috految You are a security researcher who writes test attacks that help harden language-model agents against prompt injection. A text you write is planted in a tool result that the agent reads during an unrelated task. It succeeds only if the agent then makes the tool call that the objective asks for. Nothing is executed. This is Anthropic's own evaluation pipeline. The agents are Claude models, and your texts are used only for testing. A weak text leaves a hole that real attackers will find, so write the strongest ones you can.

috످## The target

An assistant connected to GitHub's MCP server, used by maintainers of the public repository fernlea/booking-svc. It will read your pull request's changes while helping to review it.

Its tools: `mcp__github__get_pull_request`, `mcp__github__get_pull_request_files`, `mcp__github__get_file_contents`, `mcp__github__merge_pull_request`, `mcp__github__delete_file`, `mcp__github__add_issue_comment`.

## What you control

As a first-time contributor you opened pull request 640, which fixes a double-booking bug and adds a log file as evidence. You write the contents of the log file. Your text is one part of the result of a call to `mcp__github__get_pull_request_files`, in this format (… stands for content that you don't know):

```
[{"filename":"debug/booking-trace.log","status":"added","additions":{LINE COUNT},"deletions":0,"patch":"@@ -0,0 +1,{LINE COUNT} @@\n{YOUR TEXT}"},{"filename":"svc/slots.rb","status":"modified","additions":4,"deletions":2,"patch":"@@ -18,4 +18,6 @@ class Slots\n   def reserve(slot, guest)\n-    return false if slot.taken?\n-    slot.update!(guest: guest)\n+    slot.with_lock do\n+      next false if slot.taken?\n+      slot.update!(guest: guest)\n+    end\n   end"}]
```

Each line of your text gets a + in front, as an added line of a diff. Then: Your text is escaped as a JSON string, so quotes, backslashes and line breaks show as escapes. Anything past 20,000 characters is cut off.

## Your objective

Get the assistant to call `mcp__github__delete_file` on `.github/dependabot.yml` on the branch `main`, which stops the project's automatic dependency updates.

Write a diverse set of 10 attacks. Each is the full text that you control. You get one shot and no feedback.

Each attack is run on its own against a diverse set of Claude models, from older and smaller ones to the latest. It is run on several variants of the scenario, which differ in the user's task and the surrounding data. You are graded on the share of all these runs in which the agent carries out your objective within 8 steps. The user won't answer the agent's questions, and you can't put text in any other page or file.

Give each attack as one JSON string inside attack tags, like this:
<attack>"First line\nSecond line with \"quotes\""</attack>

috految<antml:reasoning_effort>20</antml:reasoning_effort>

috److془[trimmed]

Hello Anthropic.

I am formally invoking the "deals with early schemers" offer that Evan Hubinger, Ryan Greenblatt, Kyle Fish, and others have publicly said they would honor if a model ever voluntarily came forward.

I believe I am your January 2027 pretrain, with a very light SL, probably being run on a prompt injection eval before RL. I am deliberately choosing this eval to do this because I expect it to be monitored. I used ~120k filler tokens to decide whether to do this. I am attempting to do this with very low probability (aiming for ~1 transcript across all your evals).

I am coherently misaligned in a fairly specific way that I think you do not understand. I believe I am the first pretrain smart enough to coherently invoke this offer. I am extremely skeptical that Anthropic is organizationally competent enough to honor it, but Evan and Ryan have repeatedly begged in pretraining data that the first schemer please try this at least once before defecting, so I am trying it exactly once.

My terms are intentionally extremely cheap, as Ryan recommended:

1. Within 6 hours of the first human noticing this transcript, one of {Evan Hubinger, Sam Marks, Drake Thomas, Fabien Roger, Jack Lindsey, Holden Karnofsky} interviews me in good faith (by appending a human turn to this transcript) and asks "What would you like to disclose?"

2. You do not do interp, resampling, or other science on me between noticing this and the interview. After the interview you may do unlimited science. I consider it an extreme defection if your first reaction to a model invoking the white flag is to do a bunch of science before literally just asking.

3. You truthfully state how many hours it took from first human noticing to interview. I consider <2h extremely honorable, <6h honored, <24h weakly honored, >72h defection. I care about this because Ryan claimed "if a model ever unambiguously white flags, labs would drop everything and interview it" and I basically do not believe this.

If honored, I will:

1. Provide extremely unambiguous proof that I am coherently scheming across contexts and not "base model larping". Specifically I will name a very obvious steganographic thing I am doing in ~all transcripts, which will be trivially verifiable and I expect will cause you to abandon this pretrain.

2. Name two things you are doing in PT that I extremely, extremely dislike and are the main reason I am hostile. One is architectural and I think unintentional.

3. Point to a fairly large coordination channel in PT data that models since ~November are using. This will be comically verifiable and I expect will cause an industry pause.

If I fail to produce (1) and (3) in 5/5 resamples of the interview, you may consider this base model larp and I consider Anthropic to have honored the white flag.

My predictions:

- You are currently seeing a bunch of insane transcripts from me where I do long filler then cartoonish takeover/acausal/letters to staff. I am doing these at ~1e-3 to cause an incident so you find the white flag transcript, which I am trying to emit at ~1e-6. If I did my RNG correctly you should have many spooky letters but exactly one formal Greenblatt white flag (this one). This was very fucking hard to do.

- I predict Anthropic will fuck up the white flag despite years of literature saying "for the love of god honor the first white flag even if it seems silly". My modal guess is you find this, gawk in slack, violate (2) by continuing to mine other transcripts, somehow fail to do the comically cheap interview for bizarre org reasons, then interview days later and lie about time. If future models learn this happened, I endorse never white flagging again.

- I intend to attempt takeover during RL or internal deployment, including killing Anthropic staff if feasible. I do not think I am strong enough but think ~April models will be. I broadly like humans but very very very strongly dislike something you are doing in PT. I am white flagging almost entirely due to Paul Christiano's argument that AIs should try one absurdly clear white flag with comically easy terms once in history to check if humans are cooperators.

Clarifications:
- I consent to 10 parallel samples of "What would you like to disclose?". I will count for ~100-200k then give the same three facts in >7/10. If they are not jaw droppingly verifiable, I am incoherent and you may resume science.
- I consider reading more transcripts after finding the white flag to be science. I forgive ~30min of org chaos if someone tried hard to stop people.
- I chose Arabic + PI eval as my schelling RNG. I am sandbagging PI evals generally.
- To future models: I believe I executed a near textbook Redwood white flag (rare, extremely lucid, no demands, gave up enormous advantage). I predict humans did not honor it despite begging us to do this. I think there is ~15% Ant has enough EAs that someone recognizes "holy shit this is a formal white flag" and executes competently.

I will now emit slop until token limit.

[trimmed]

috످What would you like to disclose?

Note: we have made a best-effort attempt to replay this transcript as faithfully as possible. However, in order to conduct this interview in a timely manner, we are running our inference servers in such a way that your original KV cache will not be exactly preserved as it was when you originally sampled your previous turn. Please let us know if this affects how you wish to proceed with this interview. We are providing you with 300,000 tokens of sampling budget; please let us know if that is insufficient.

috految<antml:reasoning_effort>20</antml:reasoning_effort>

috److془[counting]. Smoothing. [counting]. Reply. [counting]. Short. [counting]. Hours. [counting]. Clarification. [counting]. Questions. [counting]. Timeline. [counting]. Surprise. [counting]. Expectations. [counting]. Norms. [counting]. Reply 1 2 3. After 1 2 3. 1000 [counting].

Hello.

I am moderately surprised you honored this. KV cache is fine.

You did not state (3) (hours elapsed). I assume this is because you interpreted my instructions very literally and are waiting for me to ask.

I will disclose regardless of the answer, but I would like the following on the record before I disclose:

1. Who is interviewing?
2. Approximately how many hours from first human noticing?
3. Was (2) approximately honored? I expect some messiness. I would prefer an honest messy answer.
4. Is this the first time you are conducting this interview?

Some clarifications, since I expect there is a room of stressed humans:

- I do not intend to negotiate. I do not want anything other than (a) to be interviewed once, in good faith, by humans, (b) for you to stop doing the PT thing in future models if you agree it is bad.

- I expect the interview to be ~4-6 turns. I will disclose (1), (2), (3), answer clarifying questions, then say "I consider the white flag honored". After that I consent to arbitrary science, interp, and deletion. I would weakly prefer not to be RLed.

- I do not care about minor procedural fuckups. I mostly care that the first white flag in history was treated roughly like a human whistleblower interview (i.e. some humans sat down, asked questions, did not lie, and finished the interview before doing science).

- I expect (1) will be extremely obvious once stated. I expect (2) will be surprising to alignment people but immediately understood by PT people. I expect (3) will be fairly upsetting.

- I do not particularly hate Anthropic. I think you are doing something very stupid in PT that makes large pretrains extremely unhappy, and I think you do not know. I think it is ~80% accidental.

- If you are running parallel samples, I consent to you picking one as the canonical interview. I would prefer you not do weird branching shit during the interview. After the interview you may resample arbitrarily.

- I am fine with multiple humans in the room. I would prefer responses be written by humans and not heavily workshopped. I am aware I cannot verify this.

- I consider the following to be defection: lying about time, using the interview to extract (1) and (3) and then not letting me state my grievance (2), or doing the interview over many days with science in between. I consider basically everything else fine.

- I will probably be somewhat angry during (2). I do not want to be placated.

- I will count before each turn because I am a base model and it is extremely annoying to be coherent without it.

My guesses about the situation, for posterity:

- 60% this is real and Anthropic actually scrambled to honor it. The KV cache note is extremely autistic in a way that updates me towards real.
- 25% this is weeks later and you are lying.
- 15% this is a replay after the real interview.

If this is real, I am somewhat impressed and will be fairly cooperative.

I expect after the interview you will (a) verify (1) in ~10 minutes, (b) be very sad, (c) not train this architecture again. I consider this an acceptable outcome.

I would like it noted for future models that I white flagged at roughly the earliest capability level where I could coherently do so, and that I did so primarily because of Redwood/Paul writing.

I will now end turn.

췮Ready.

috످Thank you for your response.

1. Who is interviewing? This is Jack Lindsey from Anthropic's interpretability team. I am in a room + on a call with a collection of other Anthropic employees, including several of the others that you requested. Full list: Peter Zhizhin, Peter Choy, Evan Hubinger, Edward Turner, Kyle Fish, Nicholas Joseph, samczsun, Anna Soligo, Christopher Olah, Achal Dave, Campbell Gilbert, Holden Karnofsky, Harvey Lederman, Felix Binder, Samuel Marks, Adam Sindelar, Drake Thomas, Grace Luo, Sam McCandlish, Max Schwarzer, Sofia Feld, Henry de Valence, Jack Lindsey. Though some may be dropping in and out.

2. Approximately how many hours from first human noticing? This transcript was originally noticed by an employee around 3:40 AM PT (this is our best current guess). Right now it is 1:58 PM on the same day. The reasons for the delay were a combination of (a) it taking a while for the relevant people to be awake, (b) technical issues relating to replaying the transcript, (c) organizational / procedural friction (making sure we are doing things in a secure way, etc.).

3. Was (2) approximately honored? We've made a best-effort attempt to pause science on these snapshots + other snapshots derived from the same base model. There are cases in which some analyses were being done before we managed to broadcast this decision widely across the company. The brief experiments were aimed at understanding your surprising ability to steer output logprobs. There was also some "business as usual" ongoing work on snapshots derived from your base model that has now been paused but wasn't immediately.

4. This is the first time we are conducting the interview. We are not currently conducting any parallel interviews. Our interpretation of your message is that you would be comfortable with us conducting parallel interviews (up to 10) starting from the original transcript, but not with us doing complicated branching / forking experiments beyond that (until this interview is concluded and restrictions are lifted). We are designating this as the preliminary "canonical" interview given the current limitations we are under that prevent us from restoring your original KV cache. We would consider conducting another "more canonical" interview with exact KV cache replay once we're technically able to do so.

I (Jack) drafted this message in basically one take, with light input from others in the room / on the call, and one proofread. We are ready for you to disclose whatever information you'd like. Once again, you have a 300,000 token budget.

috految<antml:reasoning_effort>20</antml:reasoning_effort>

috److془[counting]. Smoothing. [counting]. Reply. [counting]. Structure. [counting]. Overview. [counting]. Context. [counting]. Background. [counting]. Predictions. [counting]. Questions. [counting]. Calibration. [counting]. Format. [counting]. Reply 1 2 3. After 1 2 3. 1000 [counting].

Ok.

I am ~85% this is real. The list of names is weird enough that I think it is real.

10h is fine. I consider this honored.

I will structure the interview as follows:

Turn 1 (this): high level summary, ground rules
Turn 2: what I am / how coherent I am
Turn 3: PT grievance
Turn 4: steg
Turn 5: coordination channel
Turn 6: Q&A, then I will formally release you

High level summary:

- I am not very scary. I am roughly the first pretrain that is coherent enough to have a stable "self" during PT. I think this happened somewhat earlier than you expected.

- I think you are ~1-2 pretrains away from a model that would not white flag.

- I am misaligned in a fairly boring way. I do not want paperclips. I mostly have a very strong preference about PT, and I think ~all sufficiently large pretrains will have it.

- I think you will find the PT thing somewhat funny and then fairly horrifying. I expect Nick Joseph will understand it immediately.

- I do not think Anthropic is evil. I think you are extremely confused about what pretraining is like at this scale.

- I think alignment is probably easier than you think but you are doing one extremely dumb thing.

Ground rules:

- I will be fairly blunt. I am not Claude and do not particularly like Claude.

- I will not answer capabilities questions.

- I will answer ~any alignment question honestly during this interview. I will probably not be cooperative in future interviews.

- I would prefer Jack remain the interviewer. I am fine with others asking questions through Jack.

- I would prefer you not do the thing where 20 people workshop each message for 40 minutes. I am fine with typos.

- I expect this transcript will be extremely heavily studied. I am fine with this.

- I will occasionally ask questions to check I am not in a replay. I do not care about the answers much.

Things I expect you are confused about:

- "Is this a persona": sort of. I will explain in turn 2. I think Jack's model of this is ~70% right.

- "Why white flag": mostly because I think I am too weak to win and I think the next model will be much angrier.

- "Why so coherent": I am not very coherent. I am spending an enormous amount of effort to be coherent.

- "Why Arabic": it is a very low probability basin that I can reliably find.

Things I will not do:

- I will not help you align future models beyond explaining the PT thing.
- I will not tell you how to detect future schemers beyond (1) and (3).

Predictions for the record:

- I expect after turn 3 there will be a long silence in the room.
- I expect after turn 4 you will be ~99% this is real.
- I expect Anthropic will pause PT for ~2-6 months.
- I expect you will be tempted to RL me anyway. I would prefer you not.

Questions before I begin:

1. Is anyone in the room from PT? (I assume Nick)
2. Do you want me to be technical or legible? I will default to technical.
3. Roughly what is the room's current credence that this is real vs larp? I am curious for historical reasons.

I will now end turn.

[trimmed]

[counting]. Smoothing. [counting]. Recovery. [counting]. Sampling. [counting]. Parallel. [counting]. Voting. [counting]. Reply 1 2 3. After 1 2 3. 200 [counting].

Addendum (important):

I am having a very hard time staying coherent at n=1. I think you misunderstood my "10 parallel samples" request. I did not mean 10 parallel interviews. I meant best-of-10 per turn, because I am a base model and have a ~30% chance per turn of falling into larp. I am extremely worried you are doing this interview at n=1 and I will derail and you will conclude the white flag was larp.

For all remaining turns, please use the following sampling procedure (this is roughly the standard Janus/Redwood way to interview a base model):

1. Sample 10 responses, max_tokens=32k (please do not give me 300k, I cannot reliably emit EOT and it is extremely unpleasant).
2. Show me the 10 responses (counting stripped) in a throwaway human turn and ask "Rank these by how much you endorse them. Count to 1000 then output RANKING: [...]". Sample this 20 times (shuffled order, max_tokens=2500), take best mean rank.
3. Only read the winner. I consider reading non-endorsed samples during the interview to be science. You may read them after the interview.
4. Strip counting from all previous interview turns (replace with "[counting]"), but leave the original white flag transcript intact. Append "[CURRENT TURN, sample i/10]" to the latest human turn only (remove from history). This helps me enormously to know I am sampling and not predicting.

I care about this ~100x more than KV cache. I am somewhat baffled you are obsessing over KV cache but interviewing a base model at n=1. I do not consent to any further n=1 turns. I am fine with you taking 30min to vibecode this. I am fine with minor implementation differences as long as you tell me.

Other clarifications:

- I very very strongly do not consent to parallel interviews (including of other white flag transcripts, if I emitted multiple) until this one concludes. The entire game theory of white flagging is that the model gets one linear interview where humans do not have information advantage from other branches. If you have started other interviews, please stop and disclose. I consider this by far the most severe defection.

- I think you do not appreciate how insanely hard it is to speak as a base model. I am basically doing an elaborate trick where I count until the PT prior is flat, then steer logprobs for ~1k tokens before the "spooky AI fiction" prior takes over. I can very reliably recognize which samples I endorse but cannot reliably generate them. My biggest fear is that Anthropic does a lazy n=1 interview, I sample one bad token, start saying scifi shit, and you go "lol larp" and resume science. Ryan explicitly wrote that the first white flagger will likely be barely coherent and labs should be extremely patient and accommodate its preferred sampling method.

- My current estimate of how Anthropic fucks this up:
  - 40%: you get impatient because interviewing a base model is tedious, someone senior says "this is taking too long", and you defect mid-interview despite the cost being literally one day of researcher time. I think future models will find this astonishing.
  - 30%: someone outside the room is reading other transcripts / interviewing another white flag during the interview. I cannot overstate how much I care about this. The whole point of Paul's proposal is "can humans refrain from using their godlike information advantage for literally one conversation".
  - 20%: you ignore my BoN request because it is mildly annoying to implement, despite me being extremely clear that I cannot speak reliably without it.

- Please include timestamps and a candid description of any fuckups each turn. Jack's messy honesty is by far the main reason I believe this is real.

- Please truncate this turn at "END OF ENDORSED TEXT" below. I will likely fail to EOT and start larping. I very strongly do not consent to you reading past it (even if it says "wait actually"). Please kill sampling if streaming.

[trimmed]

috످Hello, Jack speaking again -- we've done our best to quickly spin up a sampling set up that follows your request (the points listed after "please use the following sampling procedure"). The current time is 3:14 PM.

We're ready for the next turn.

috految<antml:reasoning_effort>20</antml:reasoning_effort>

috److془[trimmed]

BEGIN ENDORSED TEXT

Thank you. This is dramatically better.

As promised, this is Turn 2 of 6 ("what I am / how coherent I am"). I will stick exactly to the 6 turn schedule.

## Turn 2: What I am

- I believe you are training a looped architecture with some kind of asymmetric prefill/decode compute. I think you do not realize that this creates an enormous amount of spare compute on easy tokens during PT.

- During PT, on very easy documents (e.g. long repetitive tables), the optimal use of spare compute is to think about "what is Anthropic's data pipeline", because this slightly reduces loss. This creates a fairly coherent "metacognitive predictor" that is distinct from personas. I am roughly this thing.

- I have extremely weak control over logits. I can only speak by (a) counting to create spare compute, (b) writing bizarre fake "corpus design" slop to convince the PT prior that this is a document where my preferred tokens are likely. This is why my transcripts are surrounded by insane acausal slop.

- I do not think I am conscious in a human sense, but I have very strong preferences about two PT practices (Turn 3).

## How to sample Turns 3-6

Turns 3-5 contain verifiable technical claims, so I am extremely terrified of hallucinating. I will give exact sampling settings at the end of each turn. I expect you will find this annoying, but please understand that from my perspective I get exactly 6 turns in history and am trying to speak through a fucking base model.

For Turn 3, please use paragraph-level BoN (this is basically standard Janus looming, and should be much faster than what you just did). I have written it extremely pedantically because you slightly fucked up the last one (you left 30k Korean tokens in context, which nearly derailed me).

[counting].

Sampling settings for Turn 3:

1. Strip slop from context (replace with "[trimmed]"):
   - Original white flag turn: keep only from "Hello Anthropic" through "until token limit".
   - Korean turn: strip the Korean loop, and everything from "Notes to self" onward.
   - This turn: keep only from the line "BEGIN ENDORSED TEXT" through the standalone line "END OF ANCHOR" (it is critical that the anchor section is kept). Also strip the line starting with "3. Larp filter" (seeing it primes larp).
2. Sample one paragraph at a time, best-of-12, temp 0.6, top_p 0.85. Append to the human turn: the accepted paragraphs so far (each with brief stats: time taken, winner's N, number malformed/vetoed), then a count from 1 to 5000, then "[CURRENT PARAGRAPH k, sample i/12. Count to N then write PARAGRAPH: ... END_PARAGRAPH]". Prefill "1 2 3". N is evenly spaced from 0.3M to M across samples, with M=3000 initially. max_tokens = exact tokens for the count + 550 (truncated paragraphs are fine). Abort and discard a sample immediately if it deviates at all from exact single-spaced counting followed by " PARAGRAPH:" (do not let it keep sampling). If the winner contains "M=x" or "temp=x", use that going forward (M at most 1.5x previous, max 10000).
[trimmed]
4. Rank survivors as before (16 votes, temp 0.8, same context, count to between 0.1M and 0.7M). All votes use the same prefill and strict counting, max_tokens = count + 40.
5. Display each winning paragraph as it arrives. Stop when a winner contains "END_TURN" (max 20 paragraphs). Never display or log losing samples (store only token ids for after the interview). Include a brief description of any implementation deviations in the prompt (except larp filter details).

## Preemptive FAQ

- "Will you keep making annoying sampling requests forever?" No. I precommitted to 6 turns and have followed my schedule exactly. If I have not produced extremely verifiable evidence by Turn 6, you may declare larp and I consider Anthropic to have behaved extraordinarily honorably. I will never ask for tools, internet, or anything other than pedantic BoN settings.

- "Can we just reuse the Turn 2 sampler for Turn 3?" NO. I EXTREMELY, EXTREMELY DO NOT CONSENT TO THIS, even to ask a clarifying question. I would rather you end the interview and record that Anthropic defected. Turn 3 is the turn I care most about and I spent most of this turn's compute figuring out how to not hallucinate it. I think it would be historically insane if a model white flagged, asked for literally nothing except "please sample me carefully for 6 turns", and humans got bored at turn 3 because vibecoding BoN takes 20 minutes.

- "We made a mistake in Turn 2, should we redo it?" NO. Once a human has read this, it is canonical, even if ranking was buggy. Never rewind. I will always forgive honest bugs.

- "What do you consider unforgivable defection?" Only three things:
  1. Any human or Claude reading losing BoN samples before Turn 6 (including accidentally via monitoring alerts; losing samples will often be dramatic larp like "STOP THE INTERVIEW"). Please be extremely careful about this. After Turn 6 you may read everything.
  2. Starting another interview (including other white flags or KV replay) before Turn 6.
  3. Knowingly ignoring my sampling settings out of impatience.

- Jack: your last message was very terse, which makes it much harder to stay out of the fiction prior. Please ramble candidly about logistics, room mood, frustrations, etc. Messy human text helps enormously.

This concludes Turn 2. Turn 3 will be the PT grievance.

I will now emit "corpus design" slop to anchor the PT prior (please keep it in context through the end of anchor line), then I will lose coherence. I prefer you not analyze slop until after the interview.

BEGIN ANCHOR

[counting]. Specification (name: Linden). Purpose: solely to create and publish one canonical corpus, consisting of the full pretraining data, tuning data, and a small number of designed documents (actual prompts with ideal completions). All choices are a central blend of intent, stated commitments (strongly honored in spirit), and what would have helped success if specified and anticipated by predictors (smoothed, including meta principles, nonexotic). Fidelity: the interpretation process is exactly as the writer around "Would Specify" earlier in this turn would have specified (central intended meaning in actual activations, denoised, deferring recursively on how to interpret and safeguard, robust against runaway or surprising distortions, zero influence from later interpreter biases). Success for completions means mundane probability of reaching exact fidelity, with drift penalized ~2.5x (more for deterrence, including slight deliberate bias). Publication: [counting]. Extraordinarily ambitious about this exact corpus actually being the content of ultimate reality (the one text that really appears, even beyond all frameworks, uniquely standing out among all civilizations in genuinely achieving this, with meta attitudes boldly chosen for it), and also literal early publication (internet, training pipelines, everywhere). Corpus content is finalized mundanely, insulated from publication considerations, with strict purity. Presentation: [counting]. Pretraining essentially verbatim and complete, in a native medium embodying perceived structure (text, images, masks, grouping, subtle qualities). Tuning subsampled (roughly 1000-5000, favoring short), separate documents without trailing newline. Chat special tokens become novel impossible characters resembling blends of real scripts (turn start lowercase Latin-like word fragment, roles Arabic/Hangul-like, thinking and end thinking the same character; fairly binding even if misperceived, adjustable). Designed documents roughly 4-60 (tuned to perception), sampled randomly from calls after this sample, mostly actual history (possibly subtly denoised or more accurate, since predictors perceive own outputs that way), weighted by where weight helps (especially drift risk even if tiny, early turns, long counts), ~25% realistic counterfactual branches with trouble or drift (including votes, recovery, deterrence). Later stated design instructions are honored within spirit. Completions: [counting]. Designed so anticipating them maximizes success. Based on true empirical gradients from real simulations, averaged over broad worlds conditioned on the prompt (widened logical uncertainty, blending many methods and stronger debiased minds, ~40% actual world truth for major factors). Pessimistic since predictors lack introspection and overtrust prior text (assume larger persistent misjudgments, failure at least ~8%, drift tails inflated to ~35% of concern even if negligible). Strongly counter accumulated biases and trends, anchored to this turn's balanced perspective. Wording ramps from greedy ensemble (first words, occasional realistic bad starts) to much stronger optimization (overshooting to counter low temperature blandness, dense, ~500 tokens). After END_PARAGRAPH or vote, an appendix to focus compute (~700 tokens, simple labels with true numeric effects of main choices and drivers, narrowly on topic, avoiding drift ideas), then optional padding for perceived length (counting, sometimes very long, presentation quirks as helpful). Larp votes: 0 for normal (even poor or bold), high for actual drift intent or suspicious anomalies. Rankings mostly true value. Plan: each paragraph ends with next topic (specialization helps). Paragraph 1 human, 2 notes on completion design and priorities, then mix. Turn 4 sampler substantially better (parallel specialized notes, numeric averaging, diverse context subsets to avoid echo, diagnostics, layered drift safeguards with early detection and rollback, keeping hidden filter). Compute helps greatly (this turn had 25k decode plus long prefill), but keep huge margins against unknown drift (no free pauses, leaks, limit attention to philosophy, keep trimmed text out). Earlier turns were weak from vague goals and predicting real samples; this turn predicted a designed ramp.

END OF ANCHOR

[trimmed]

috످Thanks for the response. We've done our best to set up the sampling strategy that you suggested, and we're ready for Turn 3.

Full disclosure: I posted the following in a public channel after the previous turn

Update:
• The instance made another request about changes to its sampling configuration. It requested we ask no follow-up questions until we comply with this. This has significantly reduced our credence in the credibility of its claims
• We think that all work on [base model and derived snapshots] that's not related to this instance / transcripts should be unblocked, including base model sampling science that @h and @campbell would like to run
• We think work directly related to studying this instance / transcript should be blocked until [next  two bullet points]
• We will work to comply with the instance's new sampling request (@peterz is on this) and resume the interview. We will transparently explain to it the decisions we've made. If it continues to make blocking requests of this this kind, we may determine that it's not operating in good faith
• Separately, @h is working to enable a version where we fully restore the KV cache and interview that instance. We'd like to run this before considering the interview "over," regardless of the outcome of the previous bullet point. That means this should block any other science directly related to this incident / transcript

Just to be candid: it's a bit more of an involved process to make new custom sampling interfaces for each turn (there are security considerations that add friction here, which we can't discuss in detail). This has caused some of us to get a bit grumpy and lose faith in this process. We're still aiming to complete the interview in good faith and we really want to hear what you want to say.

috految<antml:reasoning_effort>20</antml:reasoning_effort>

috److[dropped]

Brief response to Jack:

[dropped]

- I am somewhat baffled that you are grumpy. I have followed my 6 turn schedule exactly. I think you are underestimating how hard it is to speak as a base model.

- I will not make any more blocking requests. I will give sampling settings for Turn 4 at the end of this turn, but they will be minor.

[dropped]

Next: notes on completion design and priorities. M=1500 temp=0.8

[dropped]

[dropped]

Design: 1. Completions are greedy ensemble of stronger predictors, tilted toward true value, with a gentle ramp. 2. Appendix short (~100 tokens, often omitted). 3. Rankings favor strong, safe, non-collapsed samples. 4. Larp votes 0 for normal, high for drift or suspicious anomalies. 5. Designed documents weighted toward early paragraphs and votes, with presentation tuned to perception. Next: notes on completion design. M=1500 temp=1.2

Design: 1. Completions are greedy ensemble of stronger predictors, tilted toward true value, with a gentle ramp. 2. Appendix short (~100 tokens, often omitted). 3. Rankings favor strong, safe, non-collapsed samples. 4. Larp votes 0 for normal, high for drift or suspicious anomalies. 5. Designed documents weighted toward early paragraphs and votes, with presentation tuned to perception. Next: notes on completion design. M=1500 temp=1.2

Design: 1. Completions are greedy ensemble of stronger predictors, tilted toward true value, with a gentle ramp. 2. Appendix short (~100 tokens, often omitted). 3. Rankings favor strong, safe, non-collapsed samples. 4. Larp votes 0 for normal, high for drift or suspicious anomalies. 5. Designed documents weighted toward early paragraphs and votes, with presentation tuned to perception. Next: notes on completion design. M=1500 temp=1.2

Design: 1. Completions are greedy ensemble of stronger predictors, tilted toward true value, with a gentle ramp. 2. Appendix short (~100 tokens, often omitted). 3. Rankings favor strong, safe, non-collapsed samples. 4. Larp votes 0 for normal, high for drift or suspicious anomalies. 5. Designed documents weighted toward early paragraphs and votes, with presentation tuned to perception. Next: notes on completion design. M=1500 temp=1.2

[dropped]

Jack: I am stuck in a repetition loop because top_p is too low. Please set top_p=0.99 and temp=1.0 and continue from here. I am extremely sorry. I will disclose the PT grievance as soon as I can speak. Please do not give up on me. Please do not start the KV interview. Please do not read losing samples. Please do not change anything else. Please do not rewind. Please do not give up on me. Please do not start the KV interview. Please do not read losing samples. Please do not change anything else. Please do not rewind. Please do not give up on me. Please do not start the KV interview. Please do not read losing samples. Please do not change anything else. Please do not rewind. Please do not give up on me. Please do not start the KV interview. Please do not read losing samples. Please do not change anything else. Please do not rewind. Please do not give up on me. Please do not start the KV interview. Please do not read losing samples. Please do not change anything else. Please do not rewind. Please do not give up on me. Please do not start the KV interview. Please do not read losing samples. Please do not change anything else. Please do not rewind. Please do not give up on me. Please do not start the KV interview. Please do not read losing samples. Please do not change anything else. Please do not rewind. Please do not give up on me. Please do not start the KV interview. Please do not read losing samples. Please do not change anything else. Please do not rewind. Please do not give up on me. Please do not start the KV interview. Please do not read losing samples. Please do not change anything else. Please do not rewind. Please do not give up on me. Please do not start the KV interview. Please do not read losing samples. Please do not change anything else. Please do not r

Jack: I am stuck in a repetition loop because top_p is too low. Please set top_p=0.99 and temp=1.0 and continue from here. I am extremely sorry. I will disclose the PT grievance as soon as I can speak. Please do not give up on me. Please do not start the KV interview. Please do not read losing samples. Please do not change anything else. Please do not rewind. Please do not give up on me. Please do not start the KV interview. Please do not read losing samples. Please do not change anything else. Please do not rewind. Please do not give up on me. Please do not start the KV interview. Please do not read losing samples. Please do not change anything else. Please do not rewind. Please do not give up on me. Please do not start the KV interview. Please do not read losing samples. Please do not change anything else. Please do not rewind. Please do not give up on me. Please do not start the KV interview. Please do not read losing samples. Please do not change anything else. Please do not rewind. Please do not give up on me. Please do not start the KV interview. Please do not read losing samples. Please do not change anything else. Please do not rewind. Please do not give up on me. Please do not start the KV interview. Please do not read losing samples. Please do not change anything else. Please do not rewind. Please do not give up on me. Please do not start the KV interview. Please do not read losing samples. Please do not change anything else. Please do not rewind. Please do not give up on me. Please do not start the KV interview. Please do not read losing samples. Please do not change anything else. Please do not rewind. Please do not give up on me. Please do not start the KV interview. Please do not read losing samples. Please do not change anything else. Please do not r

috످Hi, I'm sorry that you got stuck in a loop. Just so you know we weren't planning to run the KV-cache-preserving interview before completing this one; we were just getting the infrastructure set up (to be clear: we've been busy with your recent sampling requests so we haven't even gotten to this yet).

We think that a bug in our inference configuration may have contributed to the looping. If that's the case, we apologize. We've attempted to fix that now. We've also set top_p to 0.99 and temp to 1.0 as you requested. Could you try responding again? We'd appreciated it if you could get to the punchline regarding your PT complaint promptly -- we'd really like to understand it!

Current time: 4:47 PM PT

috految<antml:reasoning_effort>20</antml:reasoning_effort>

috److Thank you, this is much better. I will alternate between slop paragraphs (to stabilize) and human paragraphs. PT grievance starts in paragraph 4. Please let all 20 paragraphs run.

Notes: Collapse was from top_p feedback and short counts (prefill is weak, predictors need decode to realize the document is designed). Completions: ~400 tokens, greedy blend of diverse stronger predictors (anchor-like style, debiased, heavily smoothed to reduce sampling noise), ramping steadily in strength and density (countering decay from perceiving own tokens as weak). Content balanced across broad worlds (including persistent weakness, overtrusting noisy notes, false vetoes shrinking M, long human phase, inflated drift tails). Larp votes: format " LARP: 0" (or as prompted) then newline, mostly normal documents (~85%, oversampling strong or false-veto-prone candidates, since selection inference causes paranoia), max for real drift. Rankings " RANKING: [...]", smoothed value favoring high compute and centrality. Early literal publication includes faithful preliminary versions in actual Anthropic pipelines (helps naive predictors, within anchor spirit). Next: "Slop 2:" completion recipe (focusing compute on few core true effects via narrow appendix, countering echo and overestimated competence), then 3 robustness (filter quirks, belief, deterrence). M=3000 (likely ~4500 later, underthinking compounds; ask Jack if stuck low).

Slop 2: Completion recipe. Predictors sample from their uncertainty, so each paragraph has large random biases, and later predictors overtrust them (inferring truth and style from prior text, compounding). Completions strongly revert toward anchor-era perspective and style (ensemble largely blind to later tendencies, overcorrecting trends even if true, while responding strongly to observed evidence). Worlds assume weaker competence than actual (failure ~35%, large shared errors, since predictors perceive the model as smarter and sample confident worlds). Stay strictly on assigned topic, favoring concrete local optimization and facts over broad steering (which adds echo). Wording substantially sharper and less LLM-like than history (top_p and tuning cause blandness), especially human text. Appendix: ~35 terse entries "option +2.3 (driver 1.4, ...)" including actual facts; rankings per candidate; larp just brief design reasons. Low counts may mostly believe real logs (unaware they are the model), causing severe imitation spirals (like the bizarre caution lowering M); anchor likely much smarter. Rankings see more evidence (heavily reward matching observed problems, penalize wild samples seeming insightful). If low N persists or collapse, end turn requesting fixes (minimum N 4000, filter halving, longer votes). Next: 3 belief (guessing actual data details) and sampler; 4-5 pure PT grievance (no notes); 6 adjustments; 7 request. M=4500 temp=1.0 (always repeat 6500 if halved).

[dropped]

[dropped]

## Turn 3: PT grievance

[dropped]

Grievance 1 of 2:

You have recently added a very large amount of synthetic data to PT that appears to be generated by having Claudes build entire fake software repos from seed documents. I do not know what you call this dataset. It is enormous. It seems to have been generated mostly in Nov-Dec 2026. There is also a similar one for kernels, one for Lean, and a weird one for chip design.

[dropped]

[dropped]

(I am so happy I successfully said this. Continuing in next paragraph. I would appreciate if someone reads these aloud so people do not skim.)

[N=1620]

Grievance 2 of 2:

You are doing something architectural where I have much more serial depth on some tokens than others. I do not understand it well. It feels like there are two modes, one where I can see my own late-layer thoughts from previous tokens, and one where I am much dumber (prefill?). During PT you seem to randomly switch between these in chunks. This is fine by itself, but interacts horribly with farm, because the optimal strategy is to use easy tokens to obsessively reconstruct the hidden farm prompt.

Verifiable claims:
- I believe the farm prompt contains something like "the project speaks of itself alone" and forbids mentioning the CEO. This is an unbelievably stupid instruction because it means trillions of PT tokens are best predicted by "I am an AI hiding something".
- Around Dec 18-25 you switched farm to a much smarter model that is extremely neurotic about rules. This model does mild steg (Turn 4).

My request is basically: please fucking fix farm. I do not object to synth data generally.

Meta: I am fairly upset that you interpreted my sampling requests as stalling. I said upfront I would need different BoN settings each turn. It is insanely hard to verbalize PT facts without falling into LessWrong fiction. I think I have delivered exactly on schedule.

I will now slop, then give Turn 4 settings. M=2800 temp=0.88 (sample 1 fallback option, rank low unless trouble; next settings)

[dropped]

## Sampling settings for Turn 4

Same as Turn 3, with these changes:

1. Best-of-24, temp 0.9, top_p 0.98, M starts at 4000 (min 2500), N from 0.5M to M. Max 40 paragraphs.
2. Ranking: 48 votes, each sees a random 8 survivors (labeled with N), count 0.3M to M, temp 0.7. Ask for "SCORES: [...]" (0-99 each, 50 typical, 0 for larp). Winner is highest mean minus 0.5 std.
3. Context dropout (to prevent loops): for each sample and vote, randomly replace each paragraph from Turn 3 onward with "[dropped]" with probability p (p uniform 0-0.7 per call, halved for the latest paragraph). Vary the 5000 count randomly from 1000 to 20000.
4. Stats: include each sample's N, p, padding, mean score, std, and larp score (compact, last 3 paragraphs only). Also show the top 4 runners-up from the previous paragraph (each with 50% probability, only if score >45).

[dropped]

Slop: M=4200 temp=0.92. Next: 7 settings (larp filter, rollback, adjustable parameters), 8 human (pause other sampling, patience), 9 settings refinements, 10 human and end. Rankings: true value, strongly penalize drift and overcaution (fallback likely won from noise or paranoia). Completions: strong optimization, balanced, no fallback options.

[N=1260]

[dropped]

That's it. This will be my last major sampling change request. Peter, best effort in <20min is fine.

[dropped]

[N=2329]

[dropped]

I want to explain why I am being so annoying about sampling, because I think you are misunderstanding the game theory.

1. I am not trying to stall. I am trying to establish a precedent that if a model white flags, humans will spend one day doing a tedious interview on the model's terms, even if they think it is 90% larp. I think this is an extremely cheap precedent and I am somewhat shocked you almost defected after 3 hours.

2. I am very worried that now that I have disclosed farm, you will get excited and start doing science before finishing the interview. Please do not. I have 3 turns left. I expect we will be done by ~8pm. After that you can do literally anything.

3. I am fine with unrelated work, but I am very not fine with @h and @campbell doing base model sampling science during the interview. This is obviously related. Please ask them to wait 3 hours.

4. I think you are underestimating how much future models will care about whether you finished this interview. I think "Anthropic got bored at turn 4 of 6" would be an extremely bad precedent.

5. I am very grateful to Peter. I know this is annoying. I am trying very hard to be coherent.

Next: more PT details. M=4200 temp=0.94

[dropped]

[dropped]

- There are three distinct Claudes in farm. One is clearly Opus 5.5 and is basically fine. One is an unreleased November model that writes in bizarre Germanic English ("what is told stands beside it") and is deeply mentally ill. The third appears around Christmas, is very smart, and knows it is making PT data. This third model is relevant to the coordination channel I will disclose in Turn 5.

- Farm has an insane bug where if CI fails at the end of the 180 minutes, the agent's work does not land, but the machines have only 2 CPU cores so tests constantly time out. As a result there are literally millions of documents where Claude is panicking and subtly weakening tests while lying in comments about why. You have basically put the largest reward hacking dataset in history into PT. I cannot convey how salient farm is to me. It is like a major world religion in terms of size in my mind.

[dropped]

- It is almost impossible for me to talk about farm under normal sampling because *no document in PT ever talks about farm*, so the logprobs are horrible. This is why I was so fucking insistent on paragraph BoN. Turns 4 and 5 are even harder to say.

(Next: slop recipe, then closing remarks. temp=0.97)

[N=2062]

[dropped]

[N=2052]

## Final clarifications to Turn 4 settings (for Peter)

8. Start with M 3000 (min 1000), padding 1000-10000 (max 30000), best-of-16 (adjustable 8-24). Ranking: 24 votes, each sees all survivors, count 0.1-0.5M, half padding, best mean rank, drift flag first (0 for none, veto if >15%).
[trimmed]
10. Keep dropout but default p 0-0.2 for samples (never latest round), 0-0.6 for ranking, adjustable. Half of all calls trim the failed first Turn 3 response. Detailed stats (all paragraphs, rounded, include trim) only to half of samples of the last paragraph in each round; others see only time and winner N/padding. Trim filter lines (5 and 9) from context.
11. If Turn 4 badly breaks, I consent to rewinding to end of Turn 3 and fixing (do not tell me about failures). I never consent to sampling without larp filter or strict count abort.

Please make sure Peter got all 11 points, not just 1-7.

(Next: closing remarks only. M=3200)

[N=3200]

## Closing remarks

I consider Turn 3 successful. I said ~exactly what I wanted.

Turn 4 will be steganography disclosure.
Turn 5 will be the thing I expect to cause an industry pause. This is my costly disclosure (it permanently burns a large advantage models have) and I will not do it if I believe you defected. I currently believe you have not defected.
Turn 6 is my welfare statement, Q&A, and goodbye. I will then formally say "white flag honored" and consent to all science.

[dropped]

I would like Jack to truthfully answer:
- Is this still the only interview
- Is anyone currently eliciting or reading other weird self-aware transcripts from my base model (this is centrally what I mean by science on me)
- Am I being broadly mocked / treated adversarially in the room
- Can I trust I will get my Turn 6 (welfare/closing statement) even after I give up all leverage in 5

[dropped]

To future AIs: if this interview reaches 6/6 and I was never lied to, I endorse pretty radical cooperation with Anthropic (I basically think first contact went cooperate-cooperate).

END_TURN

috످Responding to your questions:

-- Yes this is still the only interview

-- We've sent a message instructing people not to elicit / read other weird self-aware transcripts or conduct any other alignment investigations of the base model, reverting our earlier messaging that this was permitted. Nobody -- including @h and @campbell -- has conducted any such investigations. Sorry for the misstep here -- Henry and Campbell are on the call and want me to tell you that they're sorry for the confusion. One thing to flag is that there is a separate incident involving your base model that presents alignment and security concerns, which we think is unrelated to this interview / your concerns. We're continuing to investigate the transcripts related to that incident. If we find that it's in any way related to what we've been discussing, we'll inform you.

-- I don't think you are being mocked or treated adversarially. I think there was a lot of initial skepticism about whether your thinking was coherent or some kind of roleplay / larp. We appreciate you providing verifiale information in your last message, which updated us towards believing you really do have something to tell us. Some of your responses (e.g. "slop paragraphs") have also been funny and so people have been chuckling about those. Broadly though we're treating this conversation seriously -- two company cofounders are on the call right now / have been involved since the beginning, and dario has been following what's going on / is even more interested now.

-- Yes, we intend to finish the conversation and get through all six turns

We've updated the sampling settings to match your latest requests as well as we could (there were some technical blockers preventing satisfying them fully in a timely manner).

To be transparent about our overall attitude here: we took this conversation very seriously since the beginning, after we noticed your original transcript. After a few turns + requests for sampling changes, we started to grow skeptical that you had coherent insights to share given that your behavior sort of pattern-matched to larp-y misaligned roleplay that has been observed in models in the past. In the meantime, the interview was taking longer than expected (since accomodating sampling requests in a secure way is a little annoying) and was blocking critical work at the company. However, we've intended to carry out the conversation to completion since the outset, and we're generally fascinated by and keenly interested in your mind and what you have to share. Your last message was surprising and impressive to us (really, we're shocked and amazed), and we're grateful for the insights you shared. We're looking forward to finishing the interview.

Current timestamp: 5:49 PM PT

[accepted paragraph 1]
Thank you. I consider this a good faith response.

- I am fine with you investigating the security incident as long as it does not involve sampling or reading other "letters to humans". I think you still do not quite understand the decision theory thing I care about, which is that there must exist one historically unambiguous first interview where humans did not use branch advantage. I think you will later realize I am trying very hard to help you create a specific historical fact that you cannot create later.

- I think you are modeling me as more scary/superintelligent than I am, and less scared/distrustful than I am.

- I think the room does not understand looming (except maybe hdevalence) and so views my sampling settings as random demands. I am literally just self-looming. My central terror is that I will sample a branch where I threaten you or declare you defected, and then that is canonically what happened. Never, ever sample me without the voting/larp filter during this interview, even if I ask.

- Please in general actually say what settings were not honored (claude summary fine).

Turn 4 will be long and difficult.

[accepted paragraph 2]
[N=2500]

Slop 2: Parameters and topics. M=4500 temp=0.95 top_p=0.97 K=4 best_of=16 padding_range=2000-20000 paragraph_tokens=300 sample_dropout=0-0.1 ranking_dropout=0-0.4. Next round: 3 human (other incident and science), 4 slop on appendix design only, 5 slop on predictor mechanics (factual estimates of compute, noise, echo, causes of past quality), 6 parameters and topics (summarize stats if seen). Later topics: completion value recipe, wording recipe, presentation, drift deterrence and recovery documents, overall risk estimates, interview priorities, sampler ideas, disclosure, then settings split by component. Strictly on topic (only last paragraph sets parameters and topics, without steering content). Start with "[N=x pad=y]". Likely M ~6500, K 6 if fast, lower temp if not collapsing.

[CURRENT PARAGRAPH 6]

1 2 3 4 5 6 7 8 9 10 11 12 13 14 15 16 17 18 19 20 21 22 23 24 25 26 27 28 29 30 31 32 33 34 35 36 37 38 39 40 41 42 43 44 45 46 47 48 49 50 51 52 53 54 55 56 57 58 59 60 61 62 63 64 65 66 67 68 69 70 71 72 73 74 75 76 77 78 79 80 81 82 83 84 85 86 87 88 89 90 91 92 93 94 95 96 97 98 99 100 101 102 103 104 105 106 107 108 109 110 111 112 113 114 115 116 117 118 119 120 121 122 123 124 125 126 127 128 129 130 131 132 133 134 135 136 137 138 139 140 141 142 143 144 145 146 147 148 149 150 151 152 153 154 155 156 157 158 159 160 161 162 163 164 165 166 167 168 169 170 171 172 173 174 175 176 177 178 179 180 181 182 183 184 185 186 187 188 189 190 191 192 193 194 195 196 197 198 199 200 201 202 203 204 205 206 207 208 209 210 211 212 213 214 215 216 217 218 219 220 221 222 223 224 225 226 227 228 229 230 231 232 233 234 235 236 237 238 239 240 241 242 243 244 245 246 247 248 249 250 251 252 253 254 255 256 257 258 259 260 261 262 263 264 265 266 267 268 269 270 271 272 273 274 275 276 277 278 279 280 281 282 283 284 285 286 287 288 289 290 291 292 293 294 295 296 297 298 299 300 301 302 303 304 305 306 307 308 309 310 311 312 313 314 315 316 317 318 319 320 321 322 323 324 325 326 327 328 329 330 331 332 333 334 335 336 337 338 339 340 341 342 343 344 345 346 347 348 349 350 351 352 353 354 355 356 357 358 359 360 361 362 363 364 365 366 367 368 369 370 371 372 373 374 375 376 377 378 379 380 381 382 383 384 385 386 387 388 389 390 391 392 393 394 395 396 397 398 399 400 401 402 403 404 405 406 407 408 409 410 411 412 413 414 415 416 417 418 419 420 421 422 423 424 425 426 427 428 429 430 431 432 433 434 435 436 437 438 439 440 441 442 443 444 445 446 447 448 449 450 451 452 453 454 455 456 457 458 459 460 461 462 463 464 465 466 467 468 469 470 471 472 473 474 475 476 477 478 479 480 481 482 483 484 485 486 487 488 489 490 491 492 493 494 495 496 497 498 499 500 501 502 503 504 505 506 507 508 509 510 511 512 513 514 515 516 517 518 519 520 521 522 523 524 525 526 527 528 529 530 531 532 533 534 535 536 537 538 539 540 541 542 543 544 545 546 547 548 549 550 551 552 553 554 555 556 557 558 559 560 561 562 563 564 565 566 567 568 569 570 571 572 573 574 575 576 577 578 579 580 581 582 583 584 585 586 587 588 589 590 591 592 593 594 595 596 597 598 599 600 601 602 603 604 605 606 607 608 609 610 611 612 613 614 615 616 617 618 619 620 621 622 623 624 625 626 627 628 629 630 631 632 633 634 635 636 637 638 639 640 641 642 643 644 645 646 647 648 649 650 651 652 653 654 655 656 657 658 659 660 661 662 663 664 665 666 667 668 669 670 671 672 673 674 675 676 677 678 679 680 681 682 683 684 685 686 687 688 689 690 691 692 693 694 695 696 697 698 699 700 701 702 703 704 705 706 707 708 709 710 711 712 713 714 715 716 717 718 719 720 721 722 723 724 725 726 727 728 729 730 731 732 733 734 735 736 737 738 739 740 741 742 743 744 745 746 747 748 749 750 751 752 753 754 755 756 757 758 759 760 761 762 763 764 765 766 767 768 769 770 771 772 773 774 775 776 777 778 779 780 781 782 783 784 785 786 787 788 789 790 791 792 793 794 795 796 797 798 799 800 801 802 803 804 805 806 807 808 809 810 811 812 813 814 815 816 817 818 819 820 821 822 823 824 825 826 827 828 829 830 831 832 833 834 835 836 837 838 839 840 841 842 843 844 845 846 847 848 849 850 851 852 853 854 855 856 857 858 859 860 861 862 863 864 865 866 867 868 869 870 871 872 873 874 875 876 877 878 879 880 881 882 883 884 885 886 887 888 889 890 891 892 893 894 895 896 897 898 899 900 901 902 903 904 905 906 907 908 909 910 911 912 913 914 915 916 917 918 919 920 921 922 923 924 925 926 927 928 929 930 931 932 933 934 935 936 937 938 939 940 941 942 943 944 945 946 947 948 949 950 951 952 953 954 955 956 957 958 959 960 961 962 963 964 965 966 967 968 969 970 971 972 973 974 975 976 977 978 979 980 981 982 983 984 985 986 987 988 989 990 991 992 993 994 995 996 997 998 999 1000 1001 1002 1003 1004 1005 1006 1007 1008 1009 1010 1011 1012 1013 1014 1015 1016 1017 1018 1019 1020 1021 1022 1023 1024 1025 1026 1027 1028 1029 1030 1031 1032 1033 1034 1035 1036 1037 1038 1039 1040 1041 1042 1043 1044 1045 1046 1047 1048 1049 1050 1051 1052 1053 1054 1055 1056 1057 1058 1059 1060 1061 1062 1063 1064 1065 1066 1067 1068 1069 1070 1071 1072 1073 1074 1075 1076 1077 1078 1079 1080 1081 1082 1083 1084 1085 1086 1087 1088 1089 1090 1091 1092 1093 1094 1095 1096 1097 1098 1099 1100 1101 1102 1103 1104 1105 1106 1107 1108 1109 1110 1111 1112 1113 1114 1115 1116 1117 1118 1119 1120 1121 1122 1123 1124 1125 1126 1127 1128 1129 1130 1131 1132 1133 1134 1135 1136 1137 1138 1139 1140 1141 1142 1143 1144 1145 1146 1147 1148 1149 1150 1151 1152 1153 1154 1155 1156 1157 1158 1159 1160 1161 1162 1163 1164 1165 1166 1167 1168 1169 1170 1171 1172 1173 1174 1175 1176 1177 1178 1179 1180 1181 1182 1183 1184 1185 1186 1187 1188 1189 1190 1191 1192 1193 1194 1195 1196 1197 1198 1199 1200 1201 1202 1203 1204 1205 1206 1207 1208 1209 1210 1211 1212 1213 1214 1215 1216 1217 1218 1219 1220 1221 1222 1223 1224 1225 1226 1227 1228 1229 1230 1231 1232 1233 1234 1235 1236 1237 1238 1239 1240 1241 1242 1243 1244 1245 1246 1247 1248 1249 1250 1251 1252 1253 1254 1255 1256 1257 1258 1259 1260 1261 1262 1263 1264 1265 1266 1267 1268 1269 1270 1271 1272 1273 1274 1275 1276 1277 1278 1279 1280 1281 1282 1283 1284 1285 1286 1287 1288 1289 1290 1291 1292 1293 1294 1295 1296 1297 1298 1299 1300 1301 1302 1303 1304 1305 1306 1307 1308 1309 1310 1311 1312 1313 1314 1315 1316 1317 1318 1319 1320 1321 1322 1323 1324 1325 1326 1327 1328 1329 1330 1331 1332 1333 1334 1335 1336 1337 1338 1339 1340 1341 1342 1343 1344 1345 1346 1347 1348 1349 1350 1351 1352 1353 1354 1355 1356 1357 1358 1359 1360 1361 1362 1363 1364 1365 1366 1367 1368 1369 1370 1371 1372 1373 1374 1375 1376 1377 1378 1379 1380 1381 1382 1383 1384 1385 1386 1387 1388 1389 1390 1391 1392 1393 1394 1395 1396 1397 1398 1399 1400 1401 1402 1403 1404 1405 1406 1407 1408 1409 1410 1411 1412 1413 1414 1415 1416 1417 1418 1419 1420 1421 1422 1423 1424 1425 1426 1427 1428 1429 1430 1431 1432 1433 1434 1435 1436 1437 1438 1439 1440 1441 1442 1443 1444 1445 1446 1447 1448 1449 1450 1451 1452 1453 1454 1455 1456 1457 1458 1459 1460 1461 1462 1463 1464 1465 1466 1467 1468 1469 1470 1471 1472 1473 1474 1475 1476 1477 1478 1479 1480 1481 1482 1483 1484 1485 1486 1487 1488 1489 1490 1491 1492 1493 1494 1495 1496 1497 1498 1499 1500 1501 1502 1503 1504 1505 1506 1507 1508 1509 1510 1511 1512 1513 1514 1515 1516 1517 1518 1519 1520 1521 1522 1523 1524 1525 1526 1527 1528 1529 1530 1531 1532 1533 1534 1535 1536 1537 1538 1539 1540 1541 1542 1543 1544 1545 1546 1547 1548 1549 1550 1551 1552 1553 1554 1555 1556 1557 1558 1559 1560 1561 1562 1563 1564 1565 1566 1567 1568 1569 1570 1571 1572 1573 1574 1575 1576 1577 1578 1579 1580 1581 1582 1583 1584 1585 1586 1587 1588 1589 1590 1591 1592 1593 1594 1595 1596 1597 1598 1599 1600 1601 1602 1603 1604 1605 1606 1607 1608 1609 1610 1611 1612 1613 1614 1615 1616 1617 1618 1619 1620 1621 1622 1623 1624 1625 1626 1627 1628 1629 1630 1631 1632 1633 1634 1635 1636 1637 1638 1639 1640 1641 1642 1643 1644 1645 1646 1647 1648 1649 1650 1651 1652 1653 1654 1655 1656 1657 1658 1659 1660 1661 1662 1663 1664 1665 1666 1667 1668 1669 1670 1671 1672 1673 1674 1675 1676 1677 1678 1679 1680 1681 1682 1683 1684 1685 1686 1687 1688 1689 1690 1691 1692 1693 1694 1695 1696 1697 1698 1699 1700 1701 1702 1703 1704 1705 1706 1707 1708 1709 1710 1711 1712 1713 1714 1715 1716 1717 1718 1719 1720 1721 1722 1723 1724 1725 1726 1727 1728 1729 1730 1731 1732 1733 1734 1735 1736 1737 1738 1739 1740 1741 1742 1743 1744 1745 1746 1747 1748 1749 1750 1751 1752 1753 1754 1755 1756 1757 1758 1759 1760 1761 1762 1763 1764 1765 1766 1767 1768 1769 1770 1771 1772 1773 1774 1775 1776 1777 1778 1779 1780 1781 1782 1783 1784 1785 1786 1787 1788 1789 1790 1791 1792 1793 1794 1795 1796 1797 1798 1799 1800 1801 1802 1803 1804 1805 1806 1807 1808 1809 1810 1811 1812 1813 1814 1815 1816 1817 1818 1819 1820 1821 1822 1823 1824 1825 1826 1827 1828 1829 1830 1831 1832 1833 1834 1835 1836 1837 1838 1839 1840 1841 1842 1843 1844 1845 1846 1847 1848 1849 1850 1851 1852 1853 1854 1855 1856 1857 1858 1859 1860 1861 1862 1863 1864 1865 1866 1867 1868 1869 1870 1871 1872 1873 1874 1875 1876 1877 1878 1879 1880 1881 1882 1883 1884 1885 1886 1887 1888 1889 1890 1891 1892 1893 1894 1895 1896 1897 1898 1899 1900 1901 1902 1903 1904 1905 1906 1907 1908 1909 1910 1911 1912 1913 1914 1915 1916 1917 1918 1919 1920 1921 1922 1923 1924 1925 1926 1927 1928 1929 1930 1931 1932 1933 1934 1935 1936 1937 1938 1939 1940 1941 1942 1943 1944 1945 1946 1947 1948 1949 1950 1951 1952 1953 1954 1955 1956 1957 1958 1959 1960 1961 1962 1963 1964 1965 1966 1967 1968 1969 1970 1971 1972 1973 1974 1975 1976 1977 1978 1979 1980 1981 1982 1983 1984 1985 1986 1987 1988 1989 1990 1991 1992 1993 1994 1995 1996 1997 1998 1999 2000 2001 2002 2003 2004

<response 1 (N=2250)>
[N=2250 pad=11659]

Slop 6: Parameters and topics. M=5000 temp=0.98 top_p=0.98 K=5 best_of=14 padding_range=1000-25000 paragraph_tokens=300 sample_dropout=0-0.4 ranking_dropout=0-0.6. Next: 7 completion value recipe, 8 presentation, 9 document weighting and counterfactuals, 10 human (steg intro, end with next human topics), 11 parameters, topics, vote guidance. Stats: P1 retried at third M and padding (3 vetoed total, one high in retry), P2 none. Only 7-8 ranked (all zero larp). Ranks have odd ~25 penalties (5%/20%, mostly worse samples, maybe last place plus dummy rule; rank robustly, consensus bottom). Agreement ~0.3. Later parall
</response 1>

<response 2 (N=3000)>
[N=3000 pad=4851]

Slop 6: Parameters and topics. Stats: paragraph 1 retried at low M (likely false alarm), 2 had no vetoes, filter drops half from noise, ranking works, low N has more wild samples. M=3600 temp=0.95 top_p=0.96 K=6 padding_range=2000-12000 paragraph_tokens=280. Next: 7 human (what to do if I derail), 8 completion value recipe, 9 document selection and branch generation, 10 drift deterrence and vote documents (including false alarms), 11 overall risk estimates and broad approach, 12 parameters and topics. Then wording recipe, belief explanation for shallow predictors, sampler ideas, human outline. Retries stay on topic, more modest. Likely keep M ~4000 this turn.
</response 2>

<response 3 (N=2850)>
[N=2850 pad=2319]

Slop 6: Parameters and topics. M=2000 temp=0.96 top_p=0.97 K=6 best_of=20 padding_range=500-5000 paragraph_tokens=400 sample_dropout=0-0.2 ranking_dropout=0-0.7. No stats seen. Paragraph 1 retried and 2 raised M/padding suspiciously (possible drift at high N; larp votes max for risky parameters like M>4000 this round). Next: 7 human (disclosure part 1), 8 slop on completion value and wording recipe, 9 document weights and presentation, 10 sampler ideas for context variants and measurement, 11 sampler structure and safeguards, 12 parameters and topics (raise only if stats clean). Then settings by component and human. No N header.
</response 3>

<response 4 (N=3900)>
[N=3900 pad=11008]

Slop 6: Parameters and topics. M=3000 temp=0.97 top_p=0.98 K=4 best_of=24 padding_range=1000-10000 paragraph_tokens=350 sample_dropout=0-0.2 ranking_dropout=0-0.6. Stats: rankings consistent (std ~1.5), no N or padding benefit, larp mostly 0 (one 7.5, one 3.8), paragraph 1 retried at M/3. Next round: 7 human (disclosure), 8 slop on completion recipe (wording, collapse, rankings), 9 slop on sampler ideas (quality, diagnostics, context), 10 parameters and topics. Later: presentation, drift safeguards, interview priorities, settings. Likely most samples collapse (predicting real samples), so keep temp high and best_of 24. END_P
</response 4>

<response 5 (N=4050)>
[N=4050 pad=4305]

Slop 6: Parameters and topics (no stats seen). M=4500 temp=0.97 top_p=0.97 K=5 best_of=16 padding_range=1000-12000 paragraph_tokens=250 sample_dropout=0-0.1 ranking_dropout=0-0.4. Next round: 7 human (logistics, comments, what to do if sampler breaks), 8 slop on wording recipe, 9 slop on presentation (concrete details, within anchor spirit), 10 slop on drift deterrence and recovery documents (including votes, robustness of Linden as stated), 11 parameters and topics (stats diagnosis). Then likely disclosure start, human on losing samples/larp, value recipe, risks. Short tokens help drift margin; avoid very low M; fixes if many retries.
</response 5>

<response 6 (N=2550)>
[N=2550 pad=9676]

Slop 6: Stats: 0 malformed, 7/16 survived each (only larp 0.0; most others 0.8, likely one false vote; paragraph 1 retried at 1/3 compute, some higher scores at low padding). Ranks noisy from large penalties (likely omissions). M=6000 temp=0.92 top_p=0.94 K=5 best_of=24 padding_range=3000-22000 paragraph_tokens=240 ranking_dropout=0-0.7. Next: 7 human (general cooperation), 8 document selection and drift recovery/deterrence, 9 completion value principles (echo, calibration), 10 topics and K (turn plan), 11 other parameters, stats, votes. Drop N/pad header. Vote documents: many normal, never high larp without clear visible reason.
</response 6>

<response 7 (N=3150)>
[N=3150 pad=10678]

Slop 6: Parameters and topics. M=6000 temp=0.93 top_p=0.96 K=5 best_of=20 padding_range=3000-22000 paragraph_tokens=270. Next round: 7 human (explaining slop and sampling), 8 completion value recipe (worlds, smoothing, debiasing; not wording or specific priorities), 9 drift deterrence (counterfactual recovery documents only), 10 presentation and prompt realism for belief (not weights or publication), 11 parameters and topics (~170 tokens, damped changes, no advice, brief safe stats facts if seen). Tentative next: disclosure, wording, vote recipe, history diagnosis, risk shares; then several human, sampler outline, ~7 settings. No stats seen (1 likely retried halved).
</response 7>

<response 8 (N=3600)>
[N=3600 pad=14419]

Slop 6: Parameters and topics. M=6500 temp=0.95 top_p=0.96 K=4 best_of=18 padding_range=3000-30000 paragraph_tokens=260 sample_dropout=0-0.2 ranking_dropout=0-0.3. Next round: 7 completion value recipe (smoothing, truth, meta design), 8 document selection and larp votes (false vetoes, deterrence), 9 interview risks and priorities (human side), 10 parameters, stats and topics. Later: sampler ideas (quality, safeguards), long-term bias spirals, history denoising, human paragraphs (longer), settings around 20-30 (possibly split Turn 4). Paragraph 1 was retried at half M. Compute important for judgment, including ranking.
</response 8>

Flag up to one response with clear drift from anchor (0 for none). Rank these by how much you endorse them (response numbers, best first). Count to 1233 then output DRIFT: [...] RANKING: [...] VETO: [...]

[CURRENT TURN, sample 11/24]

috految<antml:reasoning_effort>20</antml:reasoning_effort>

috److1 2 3 4 5 6 7 8 9 10 11 12 13 14 15 16 17 18 19 20 21 22 23 24 25 26 27 28 29 30 31 32 33 34 35 36 37 38 39 40 41 42 43 44 45 46 47 48 49 50 51 52 53 54 55 56 57 58 59 60 61 62 63 64 65 66 67 68 69 70 71 72 73 74 75 76 77 78 79 80 81 82 83 84 85 86 87 88 89 90 91 92 93 94 95 96 97 98 99 100 101 102 103 104 105 106 107 108 109 110 111 112 113 114 115 116 117 118 119 120 121 122 123 124 125 126 127 128 129 130 131 132 133 134 135 136 137 138 139 140 141 142 143 144 145 146 147 148 149 150 151 152 153 154 155 156 157 158 159 160 161 162 163 164 165 166 167 168 169 170 171 172 173 174 175 176 177 178 179 180 181 182 183 184 185 186 187 188 189 190 191 192 193 194 195 196 197 198 199 200 201 202 203 204 205 206 207 208 209 210 211 212 213 214 215 216 217 218 219 220 221 222 223 224 225 226 227 228 229 230 231 232 233 234 235 236 237 238 239 240 241 242 243 244 245 246 247 248 249 250 251 252 253 254 255 256 257 258 259 260 261 262 263 264 265 266 267 268 269 270 271 272 273 274 275 276 277 278 279 280 281 282 283 284 285 286 287 288 289 290 291 292 293 294 295 296 297 298 299 300 301 302 303 304 305 306 307 308 309 310 311 312 313 314 315 316 317 318 319 320 321 322 323 324 325 326 327 328 329 330 331 332 333 334 335 336 337 338 339 340 341 342 343 344 345 346 347 348 349 350 351 352 353 354 355 356 357 358 359 360 361 362 363 364 365 366 367 368 369 370 371 372 373 374 375 376 377 378 379 380 381 382 383 384 385 386 387 388 389 390 391 392 393 394 395 396 397 398 399 400 401 402 403 404 405 406 407 408 409 410 411 412 413 414 415 416 417 418 419 420 421 422 423 424 425 426 427 428 429 430 431 432 433 434 435 436 437 438 439 440 441 442 443 444 445 446 447 448 449 450 451 452 453 454 455 456 457 458 459 460 461 462 463 464 465 466 467 468 469 470 471 472 473 474 475 476 477 478 479 480 481 482 483 484 485 486 487 488 489 490 491 492 493 494 495 496 497 498 499 500 501 502 503 504 505 506 507 508 509 510 511 512 513 514 515 516 517 518 519 520 521 522 523 524 525 526 527 528 529 530 531 532 533 534 535 536 537 538 539 540 541 542 543 544 545 546 547 548 549 550 551 552 553 554 555 556 557 558 559 560 561 562 563 564 565 566 567 568 569 570 571 572 573 574 575 576 577 578 579 580 581 582 583 584 585 586 587 588 589 590 591 592 593 594 595 596 597 598 599 600 601 602 603 604 605 606 607 608 609 610 611 612 613 614 615 616 617 618 619 620 621 622 623 624 625 626 627 628 629 630 631 632 633 634 635 636 637 638 639 640 641 642 643 644 645 646 647 648 649 650 651 652 653 654 655 656 657 658 659 660 661 662 663 664 665 666 667 668 669 670 671 672 673 674 675 676 677 678 679 680 681 682 683 684 685 686 687 688 689 690 691 692 693 694 695 696 697 698 699 700 701 702 703 704 705 706 707 708 709 710 711 712 713 714 715 716 717 718 719 720 721 722 723 724 725 726 727 728 729 730 731 732 733 734 735 736 737 738 739 740 741 742 743 744 745 746 747 748 749 750 751 752 753 754 755 756 757 758 759 760 761 762 763 764 765 766 767 768 769 770 771 772 773 774 775 776 777 778 779 780 781 782 783 784 785 786 787 788 789 790 791 792 793 794 795 796 797 798 799 800 801 802 803 804 805 806 807 808 809 810 811 812 813 814 815 816 817 818 819 820 821 822 823 824 825 826 827 828 829 830 831 832 833 834 835 836 837 838 839 840 841 842 843 844 845 846 847 848 849 850 851 852 853 854 855 856 857 858 859 860 861 862 863 864 865 866 867 868 869 870 871 872 873 874 875 876 877 878 879 880 881 882 883 884 885 886 887 888 889 890 891 892 893 894 895 896 897 898 899 900 901 902 903 904 905 906 907 908 909 910 911 912 913 914 915 916 917 918 919 920 921 922 923 924 925 926 927 928 929 930 931 932 933 934 935 936 937 938 939 940 941 942 943 944 945 946 947 948 949 950 951 952 953 954 955 956 957 958 959 960 961 962 963 964 965 966 967 968 969 970 971 972 973 974 975 976 977 978 979 980 981 982 983 984 985 986 987 988 989 990 991 992 993 994 995 996 997 998 999 1000 1001 1002 1003 1004 1005 1006 1007 1008 1009 1010 1011 1012 1013 1014 1015 1016 1017 1018 1019 1020 1021 1022 1023 1024 1025 1026 1027 1028 1029 1030 1031 1032 1033 1034 1035 1036 1037 1038 1039 1040 1041 1042 1043 1044 1045 1046 1047 1048 1049 1050 1051 1052 1053 1054 1055 1056 1057 1058 1059 1060 1061 1062 1063 1064 1065 1066 1067 1068 1069 1070 1071 1072 1073 1074 1075 1076 1077 1078 1079 1080 1081 1082 1083 1084 1085 1086 1087 1088 1089 1090 1091 1092 1093 1094 1095 1096 1097 1098 1099 1100 1101 1102 1103 1104 1105 1106 1107 1108 1109 1110 1111 1112 1113 1114 1115 1116 1117 1118 1119 1120 1121 1122 1123 1124 1125 1126 1127 1128 1129 1130 1131 1132 1133 1134 1135 1136 1137 1138 1139 1140 1141 1142 1143 1144 1145 1146 1147 1148 1149 1150 1151 1152 1153 1154 1155 1156 1157 1158 1159 1160 1161 1162 1163 1164 1165 1166 1167 1168 1169 1170 1171 1172 1173 1174 1175 1176 1177 1178 1179 1180 1181 1182 1183 1184 1185 1186 1187 1188 1189 1190 1191 1192 1193 1194 1195 1196 1197 1198 1199 1200 1201 1202 1203 1204 1205 1206 1207 1208 1209 1210 1211 1212 1213 1214 1215 1216 1217 1218 1219 1220 1221 1222 1223 1224 1225 1226 1227 1228 1229 1230 1231 1232 1233 DRIFT: [0] RANKING: [6, 8, 7, 1, 2, 4, 3, 5] VETO: [5, 3, 4, 2]

috످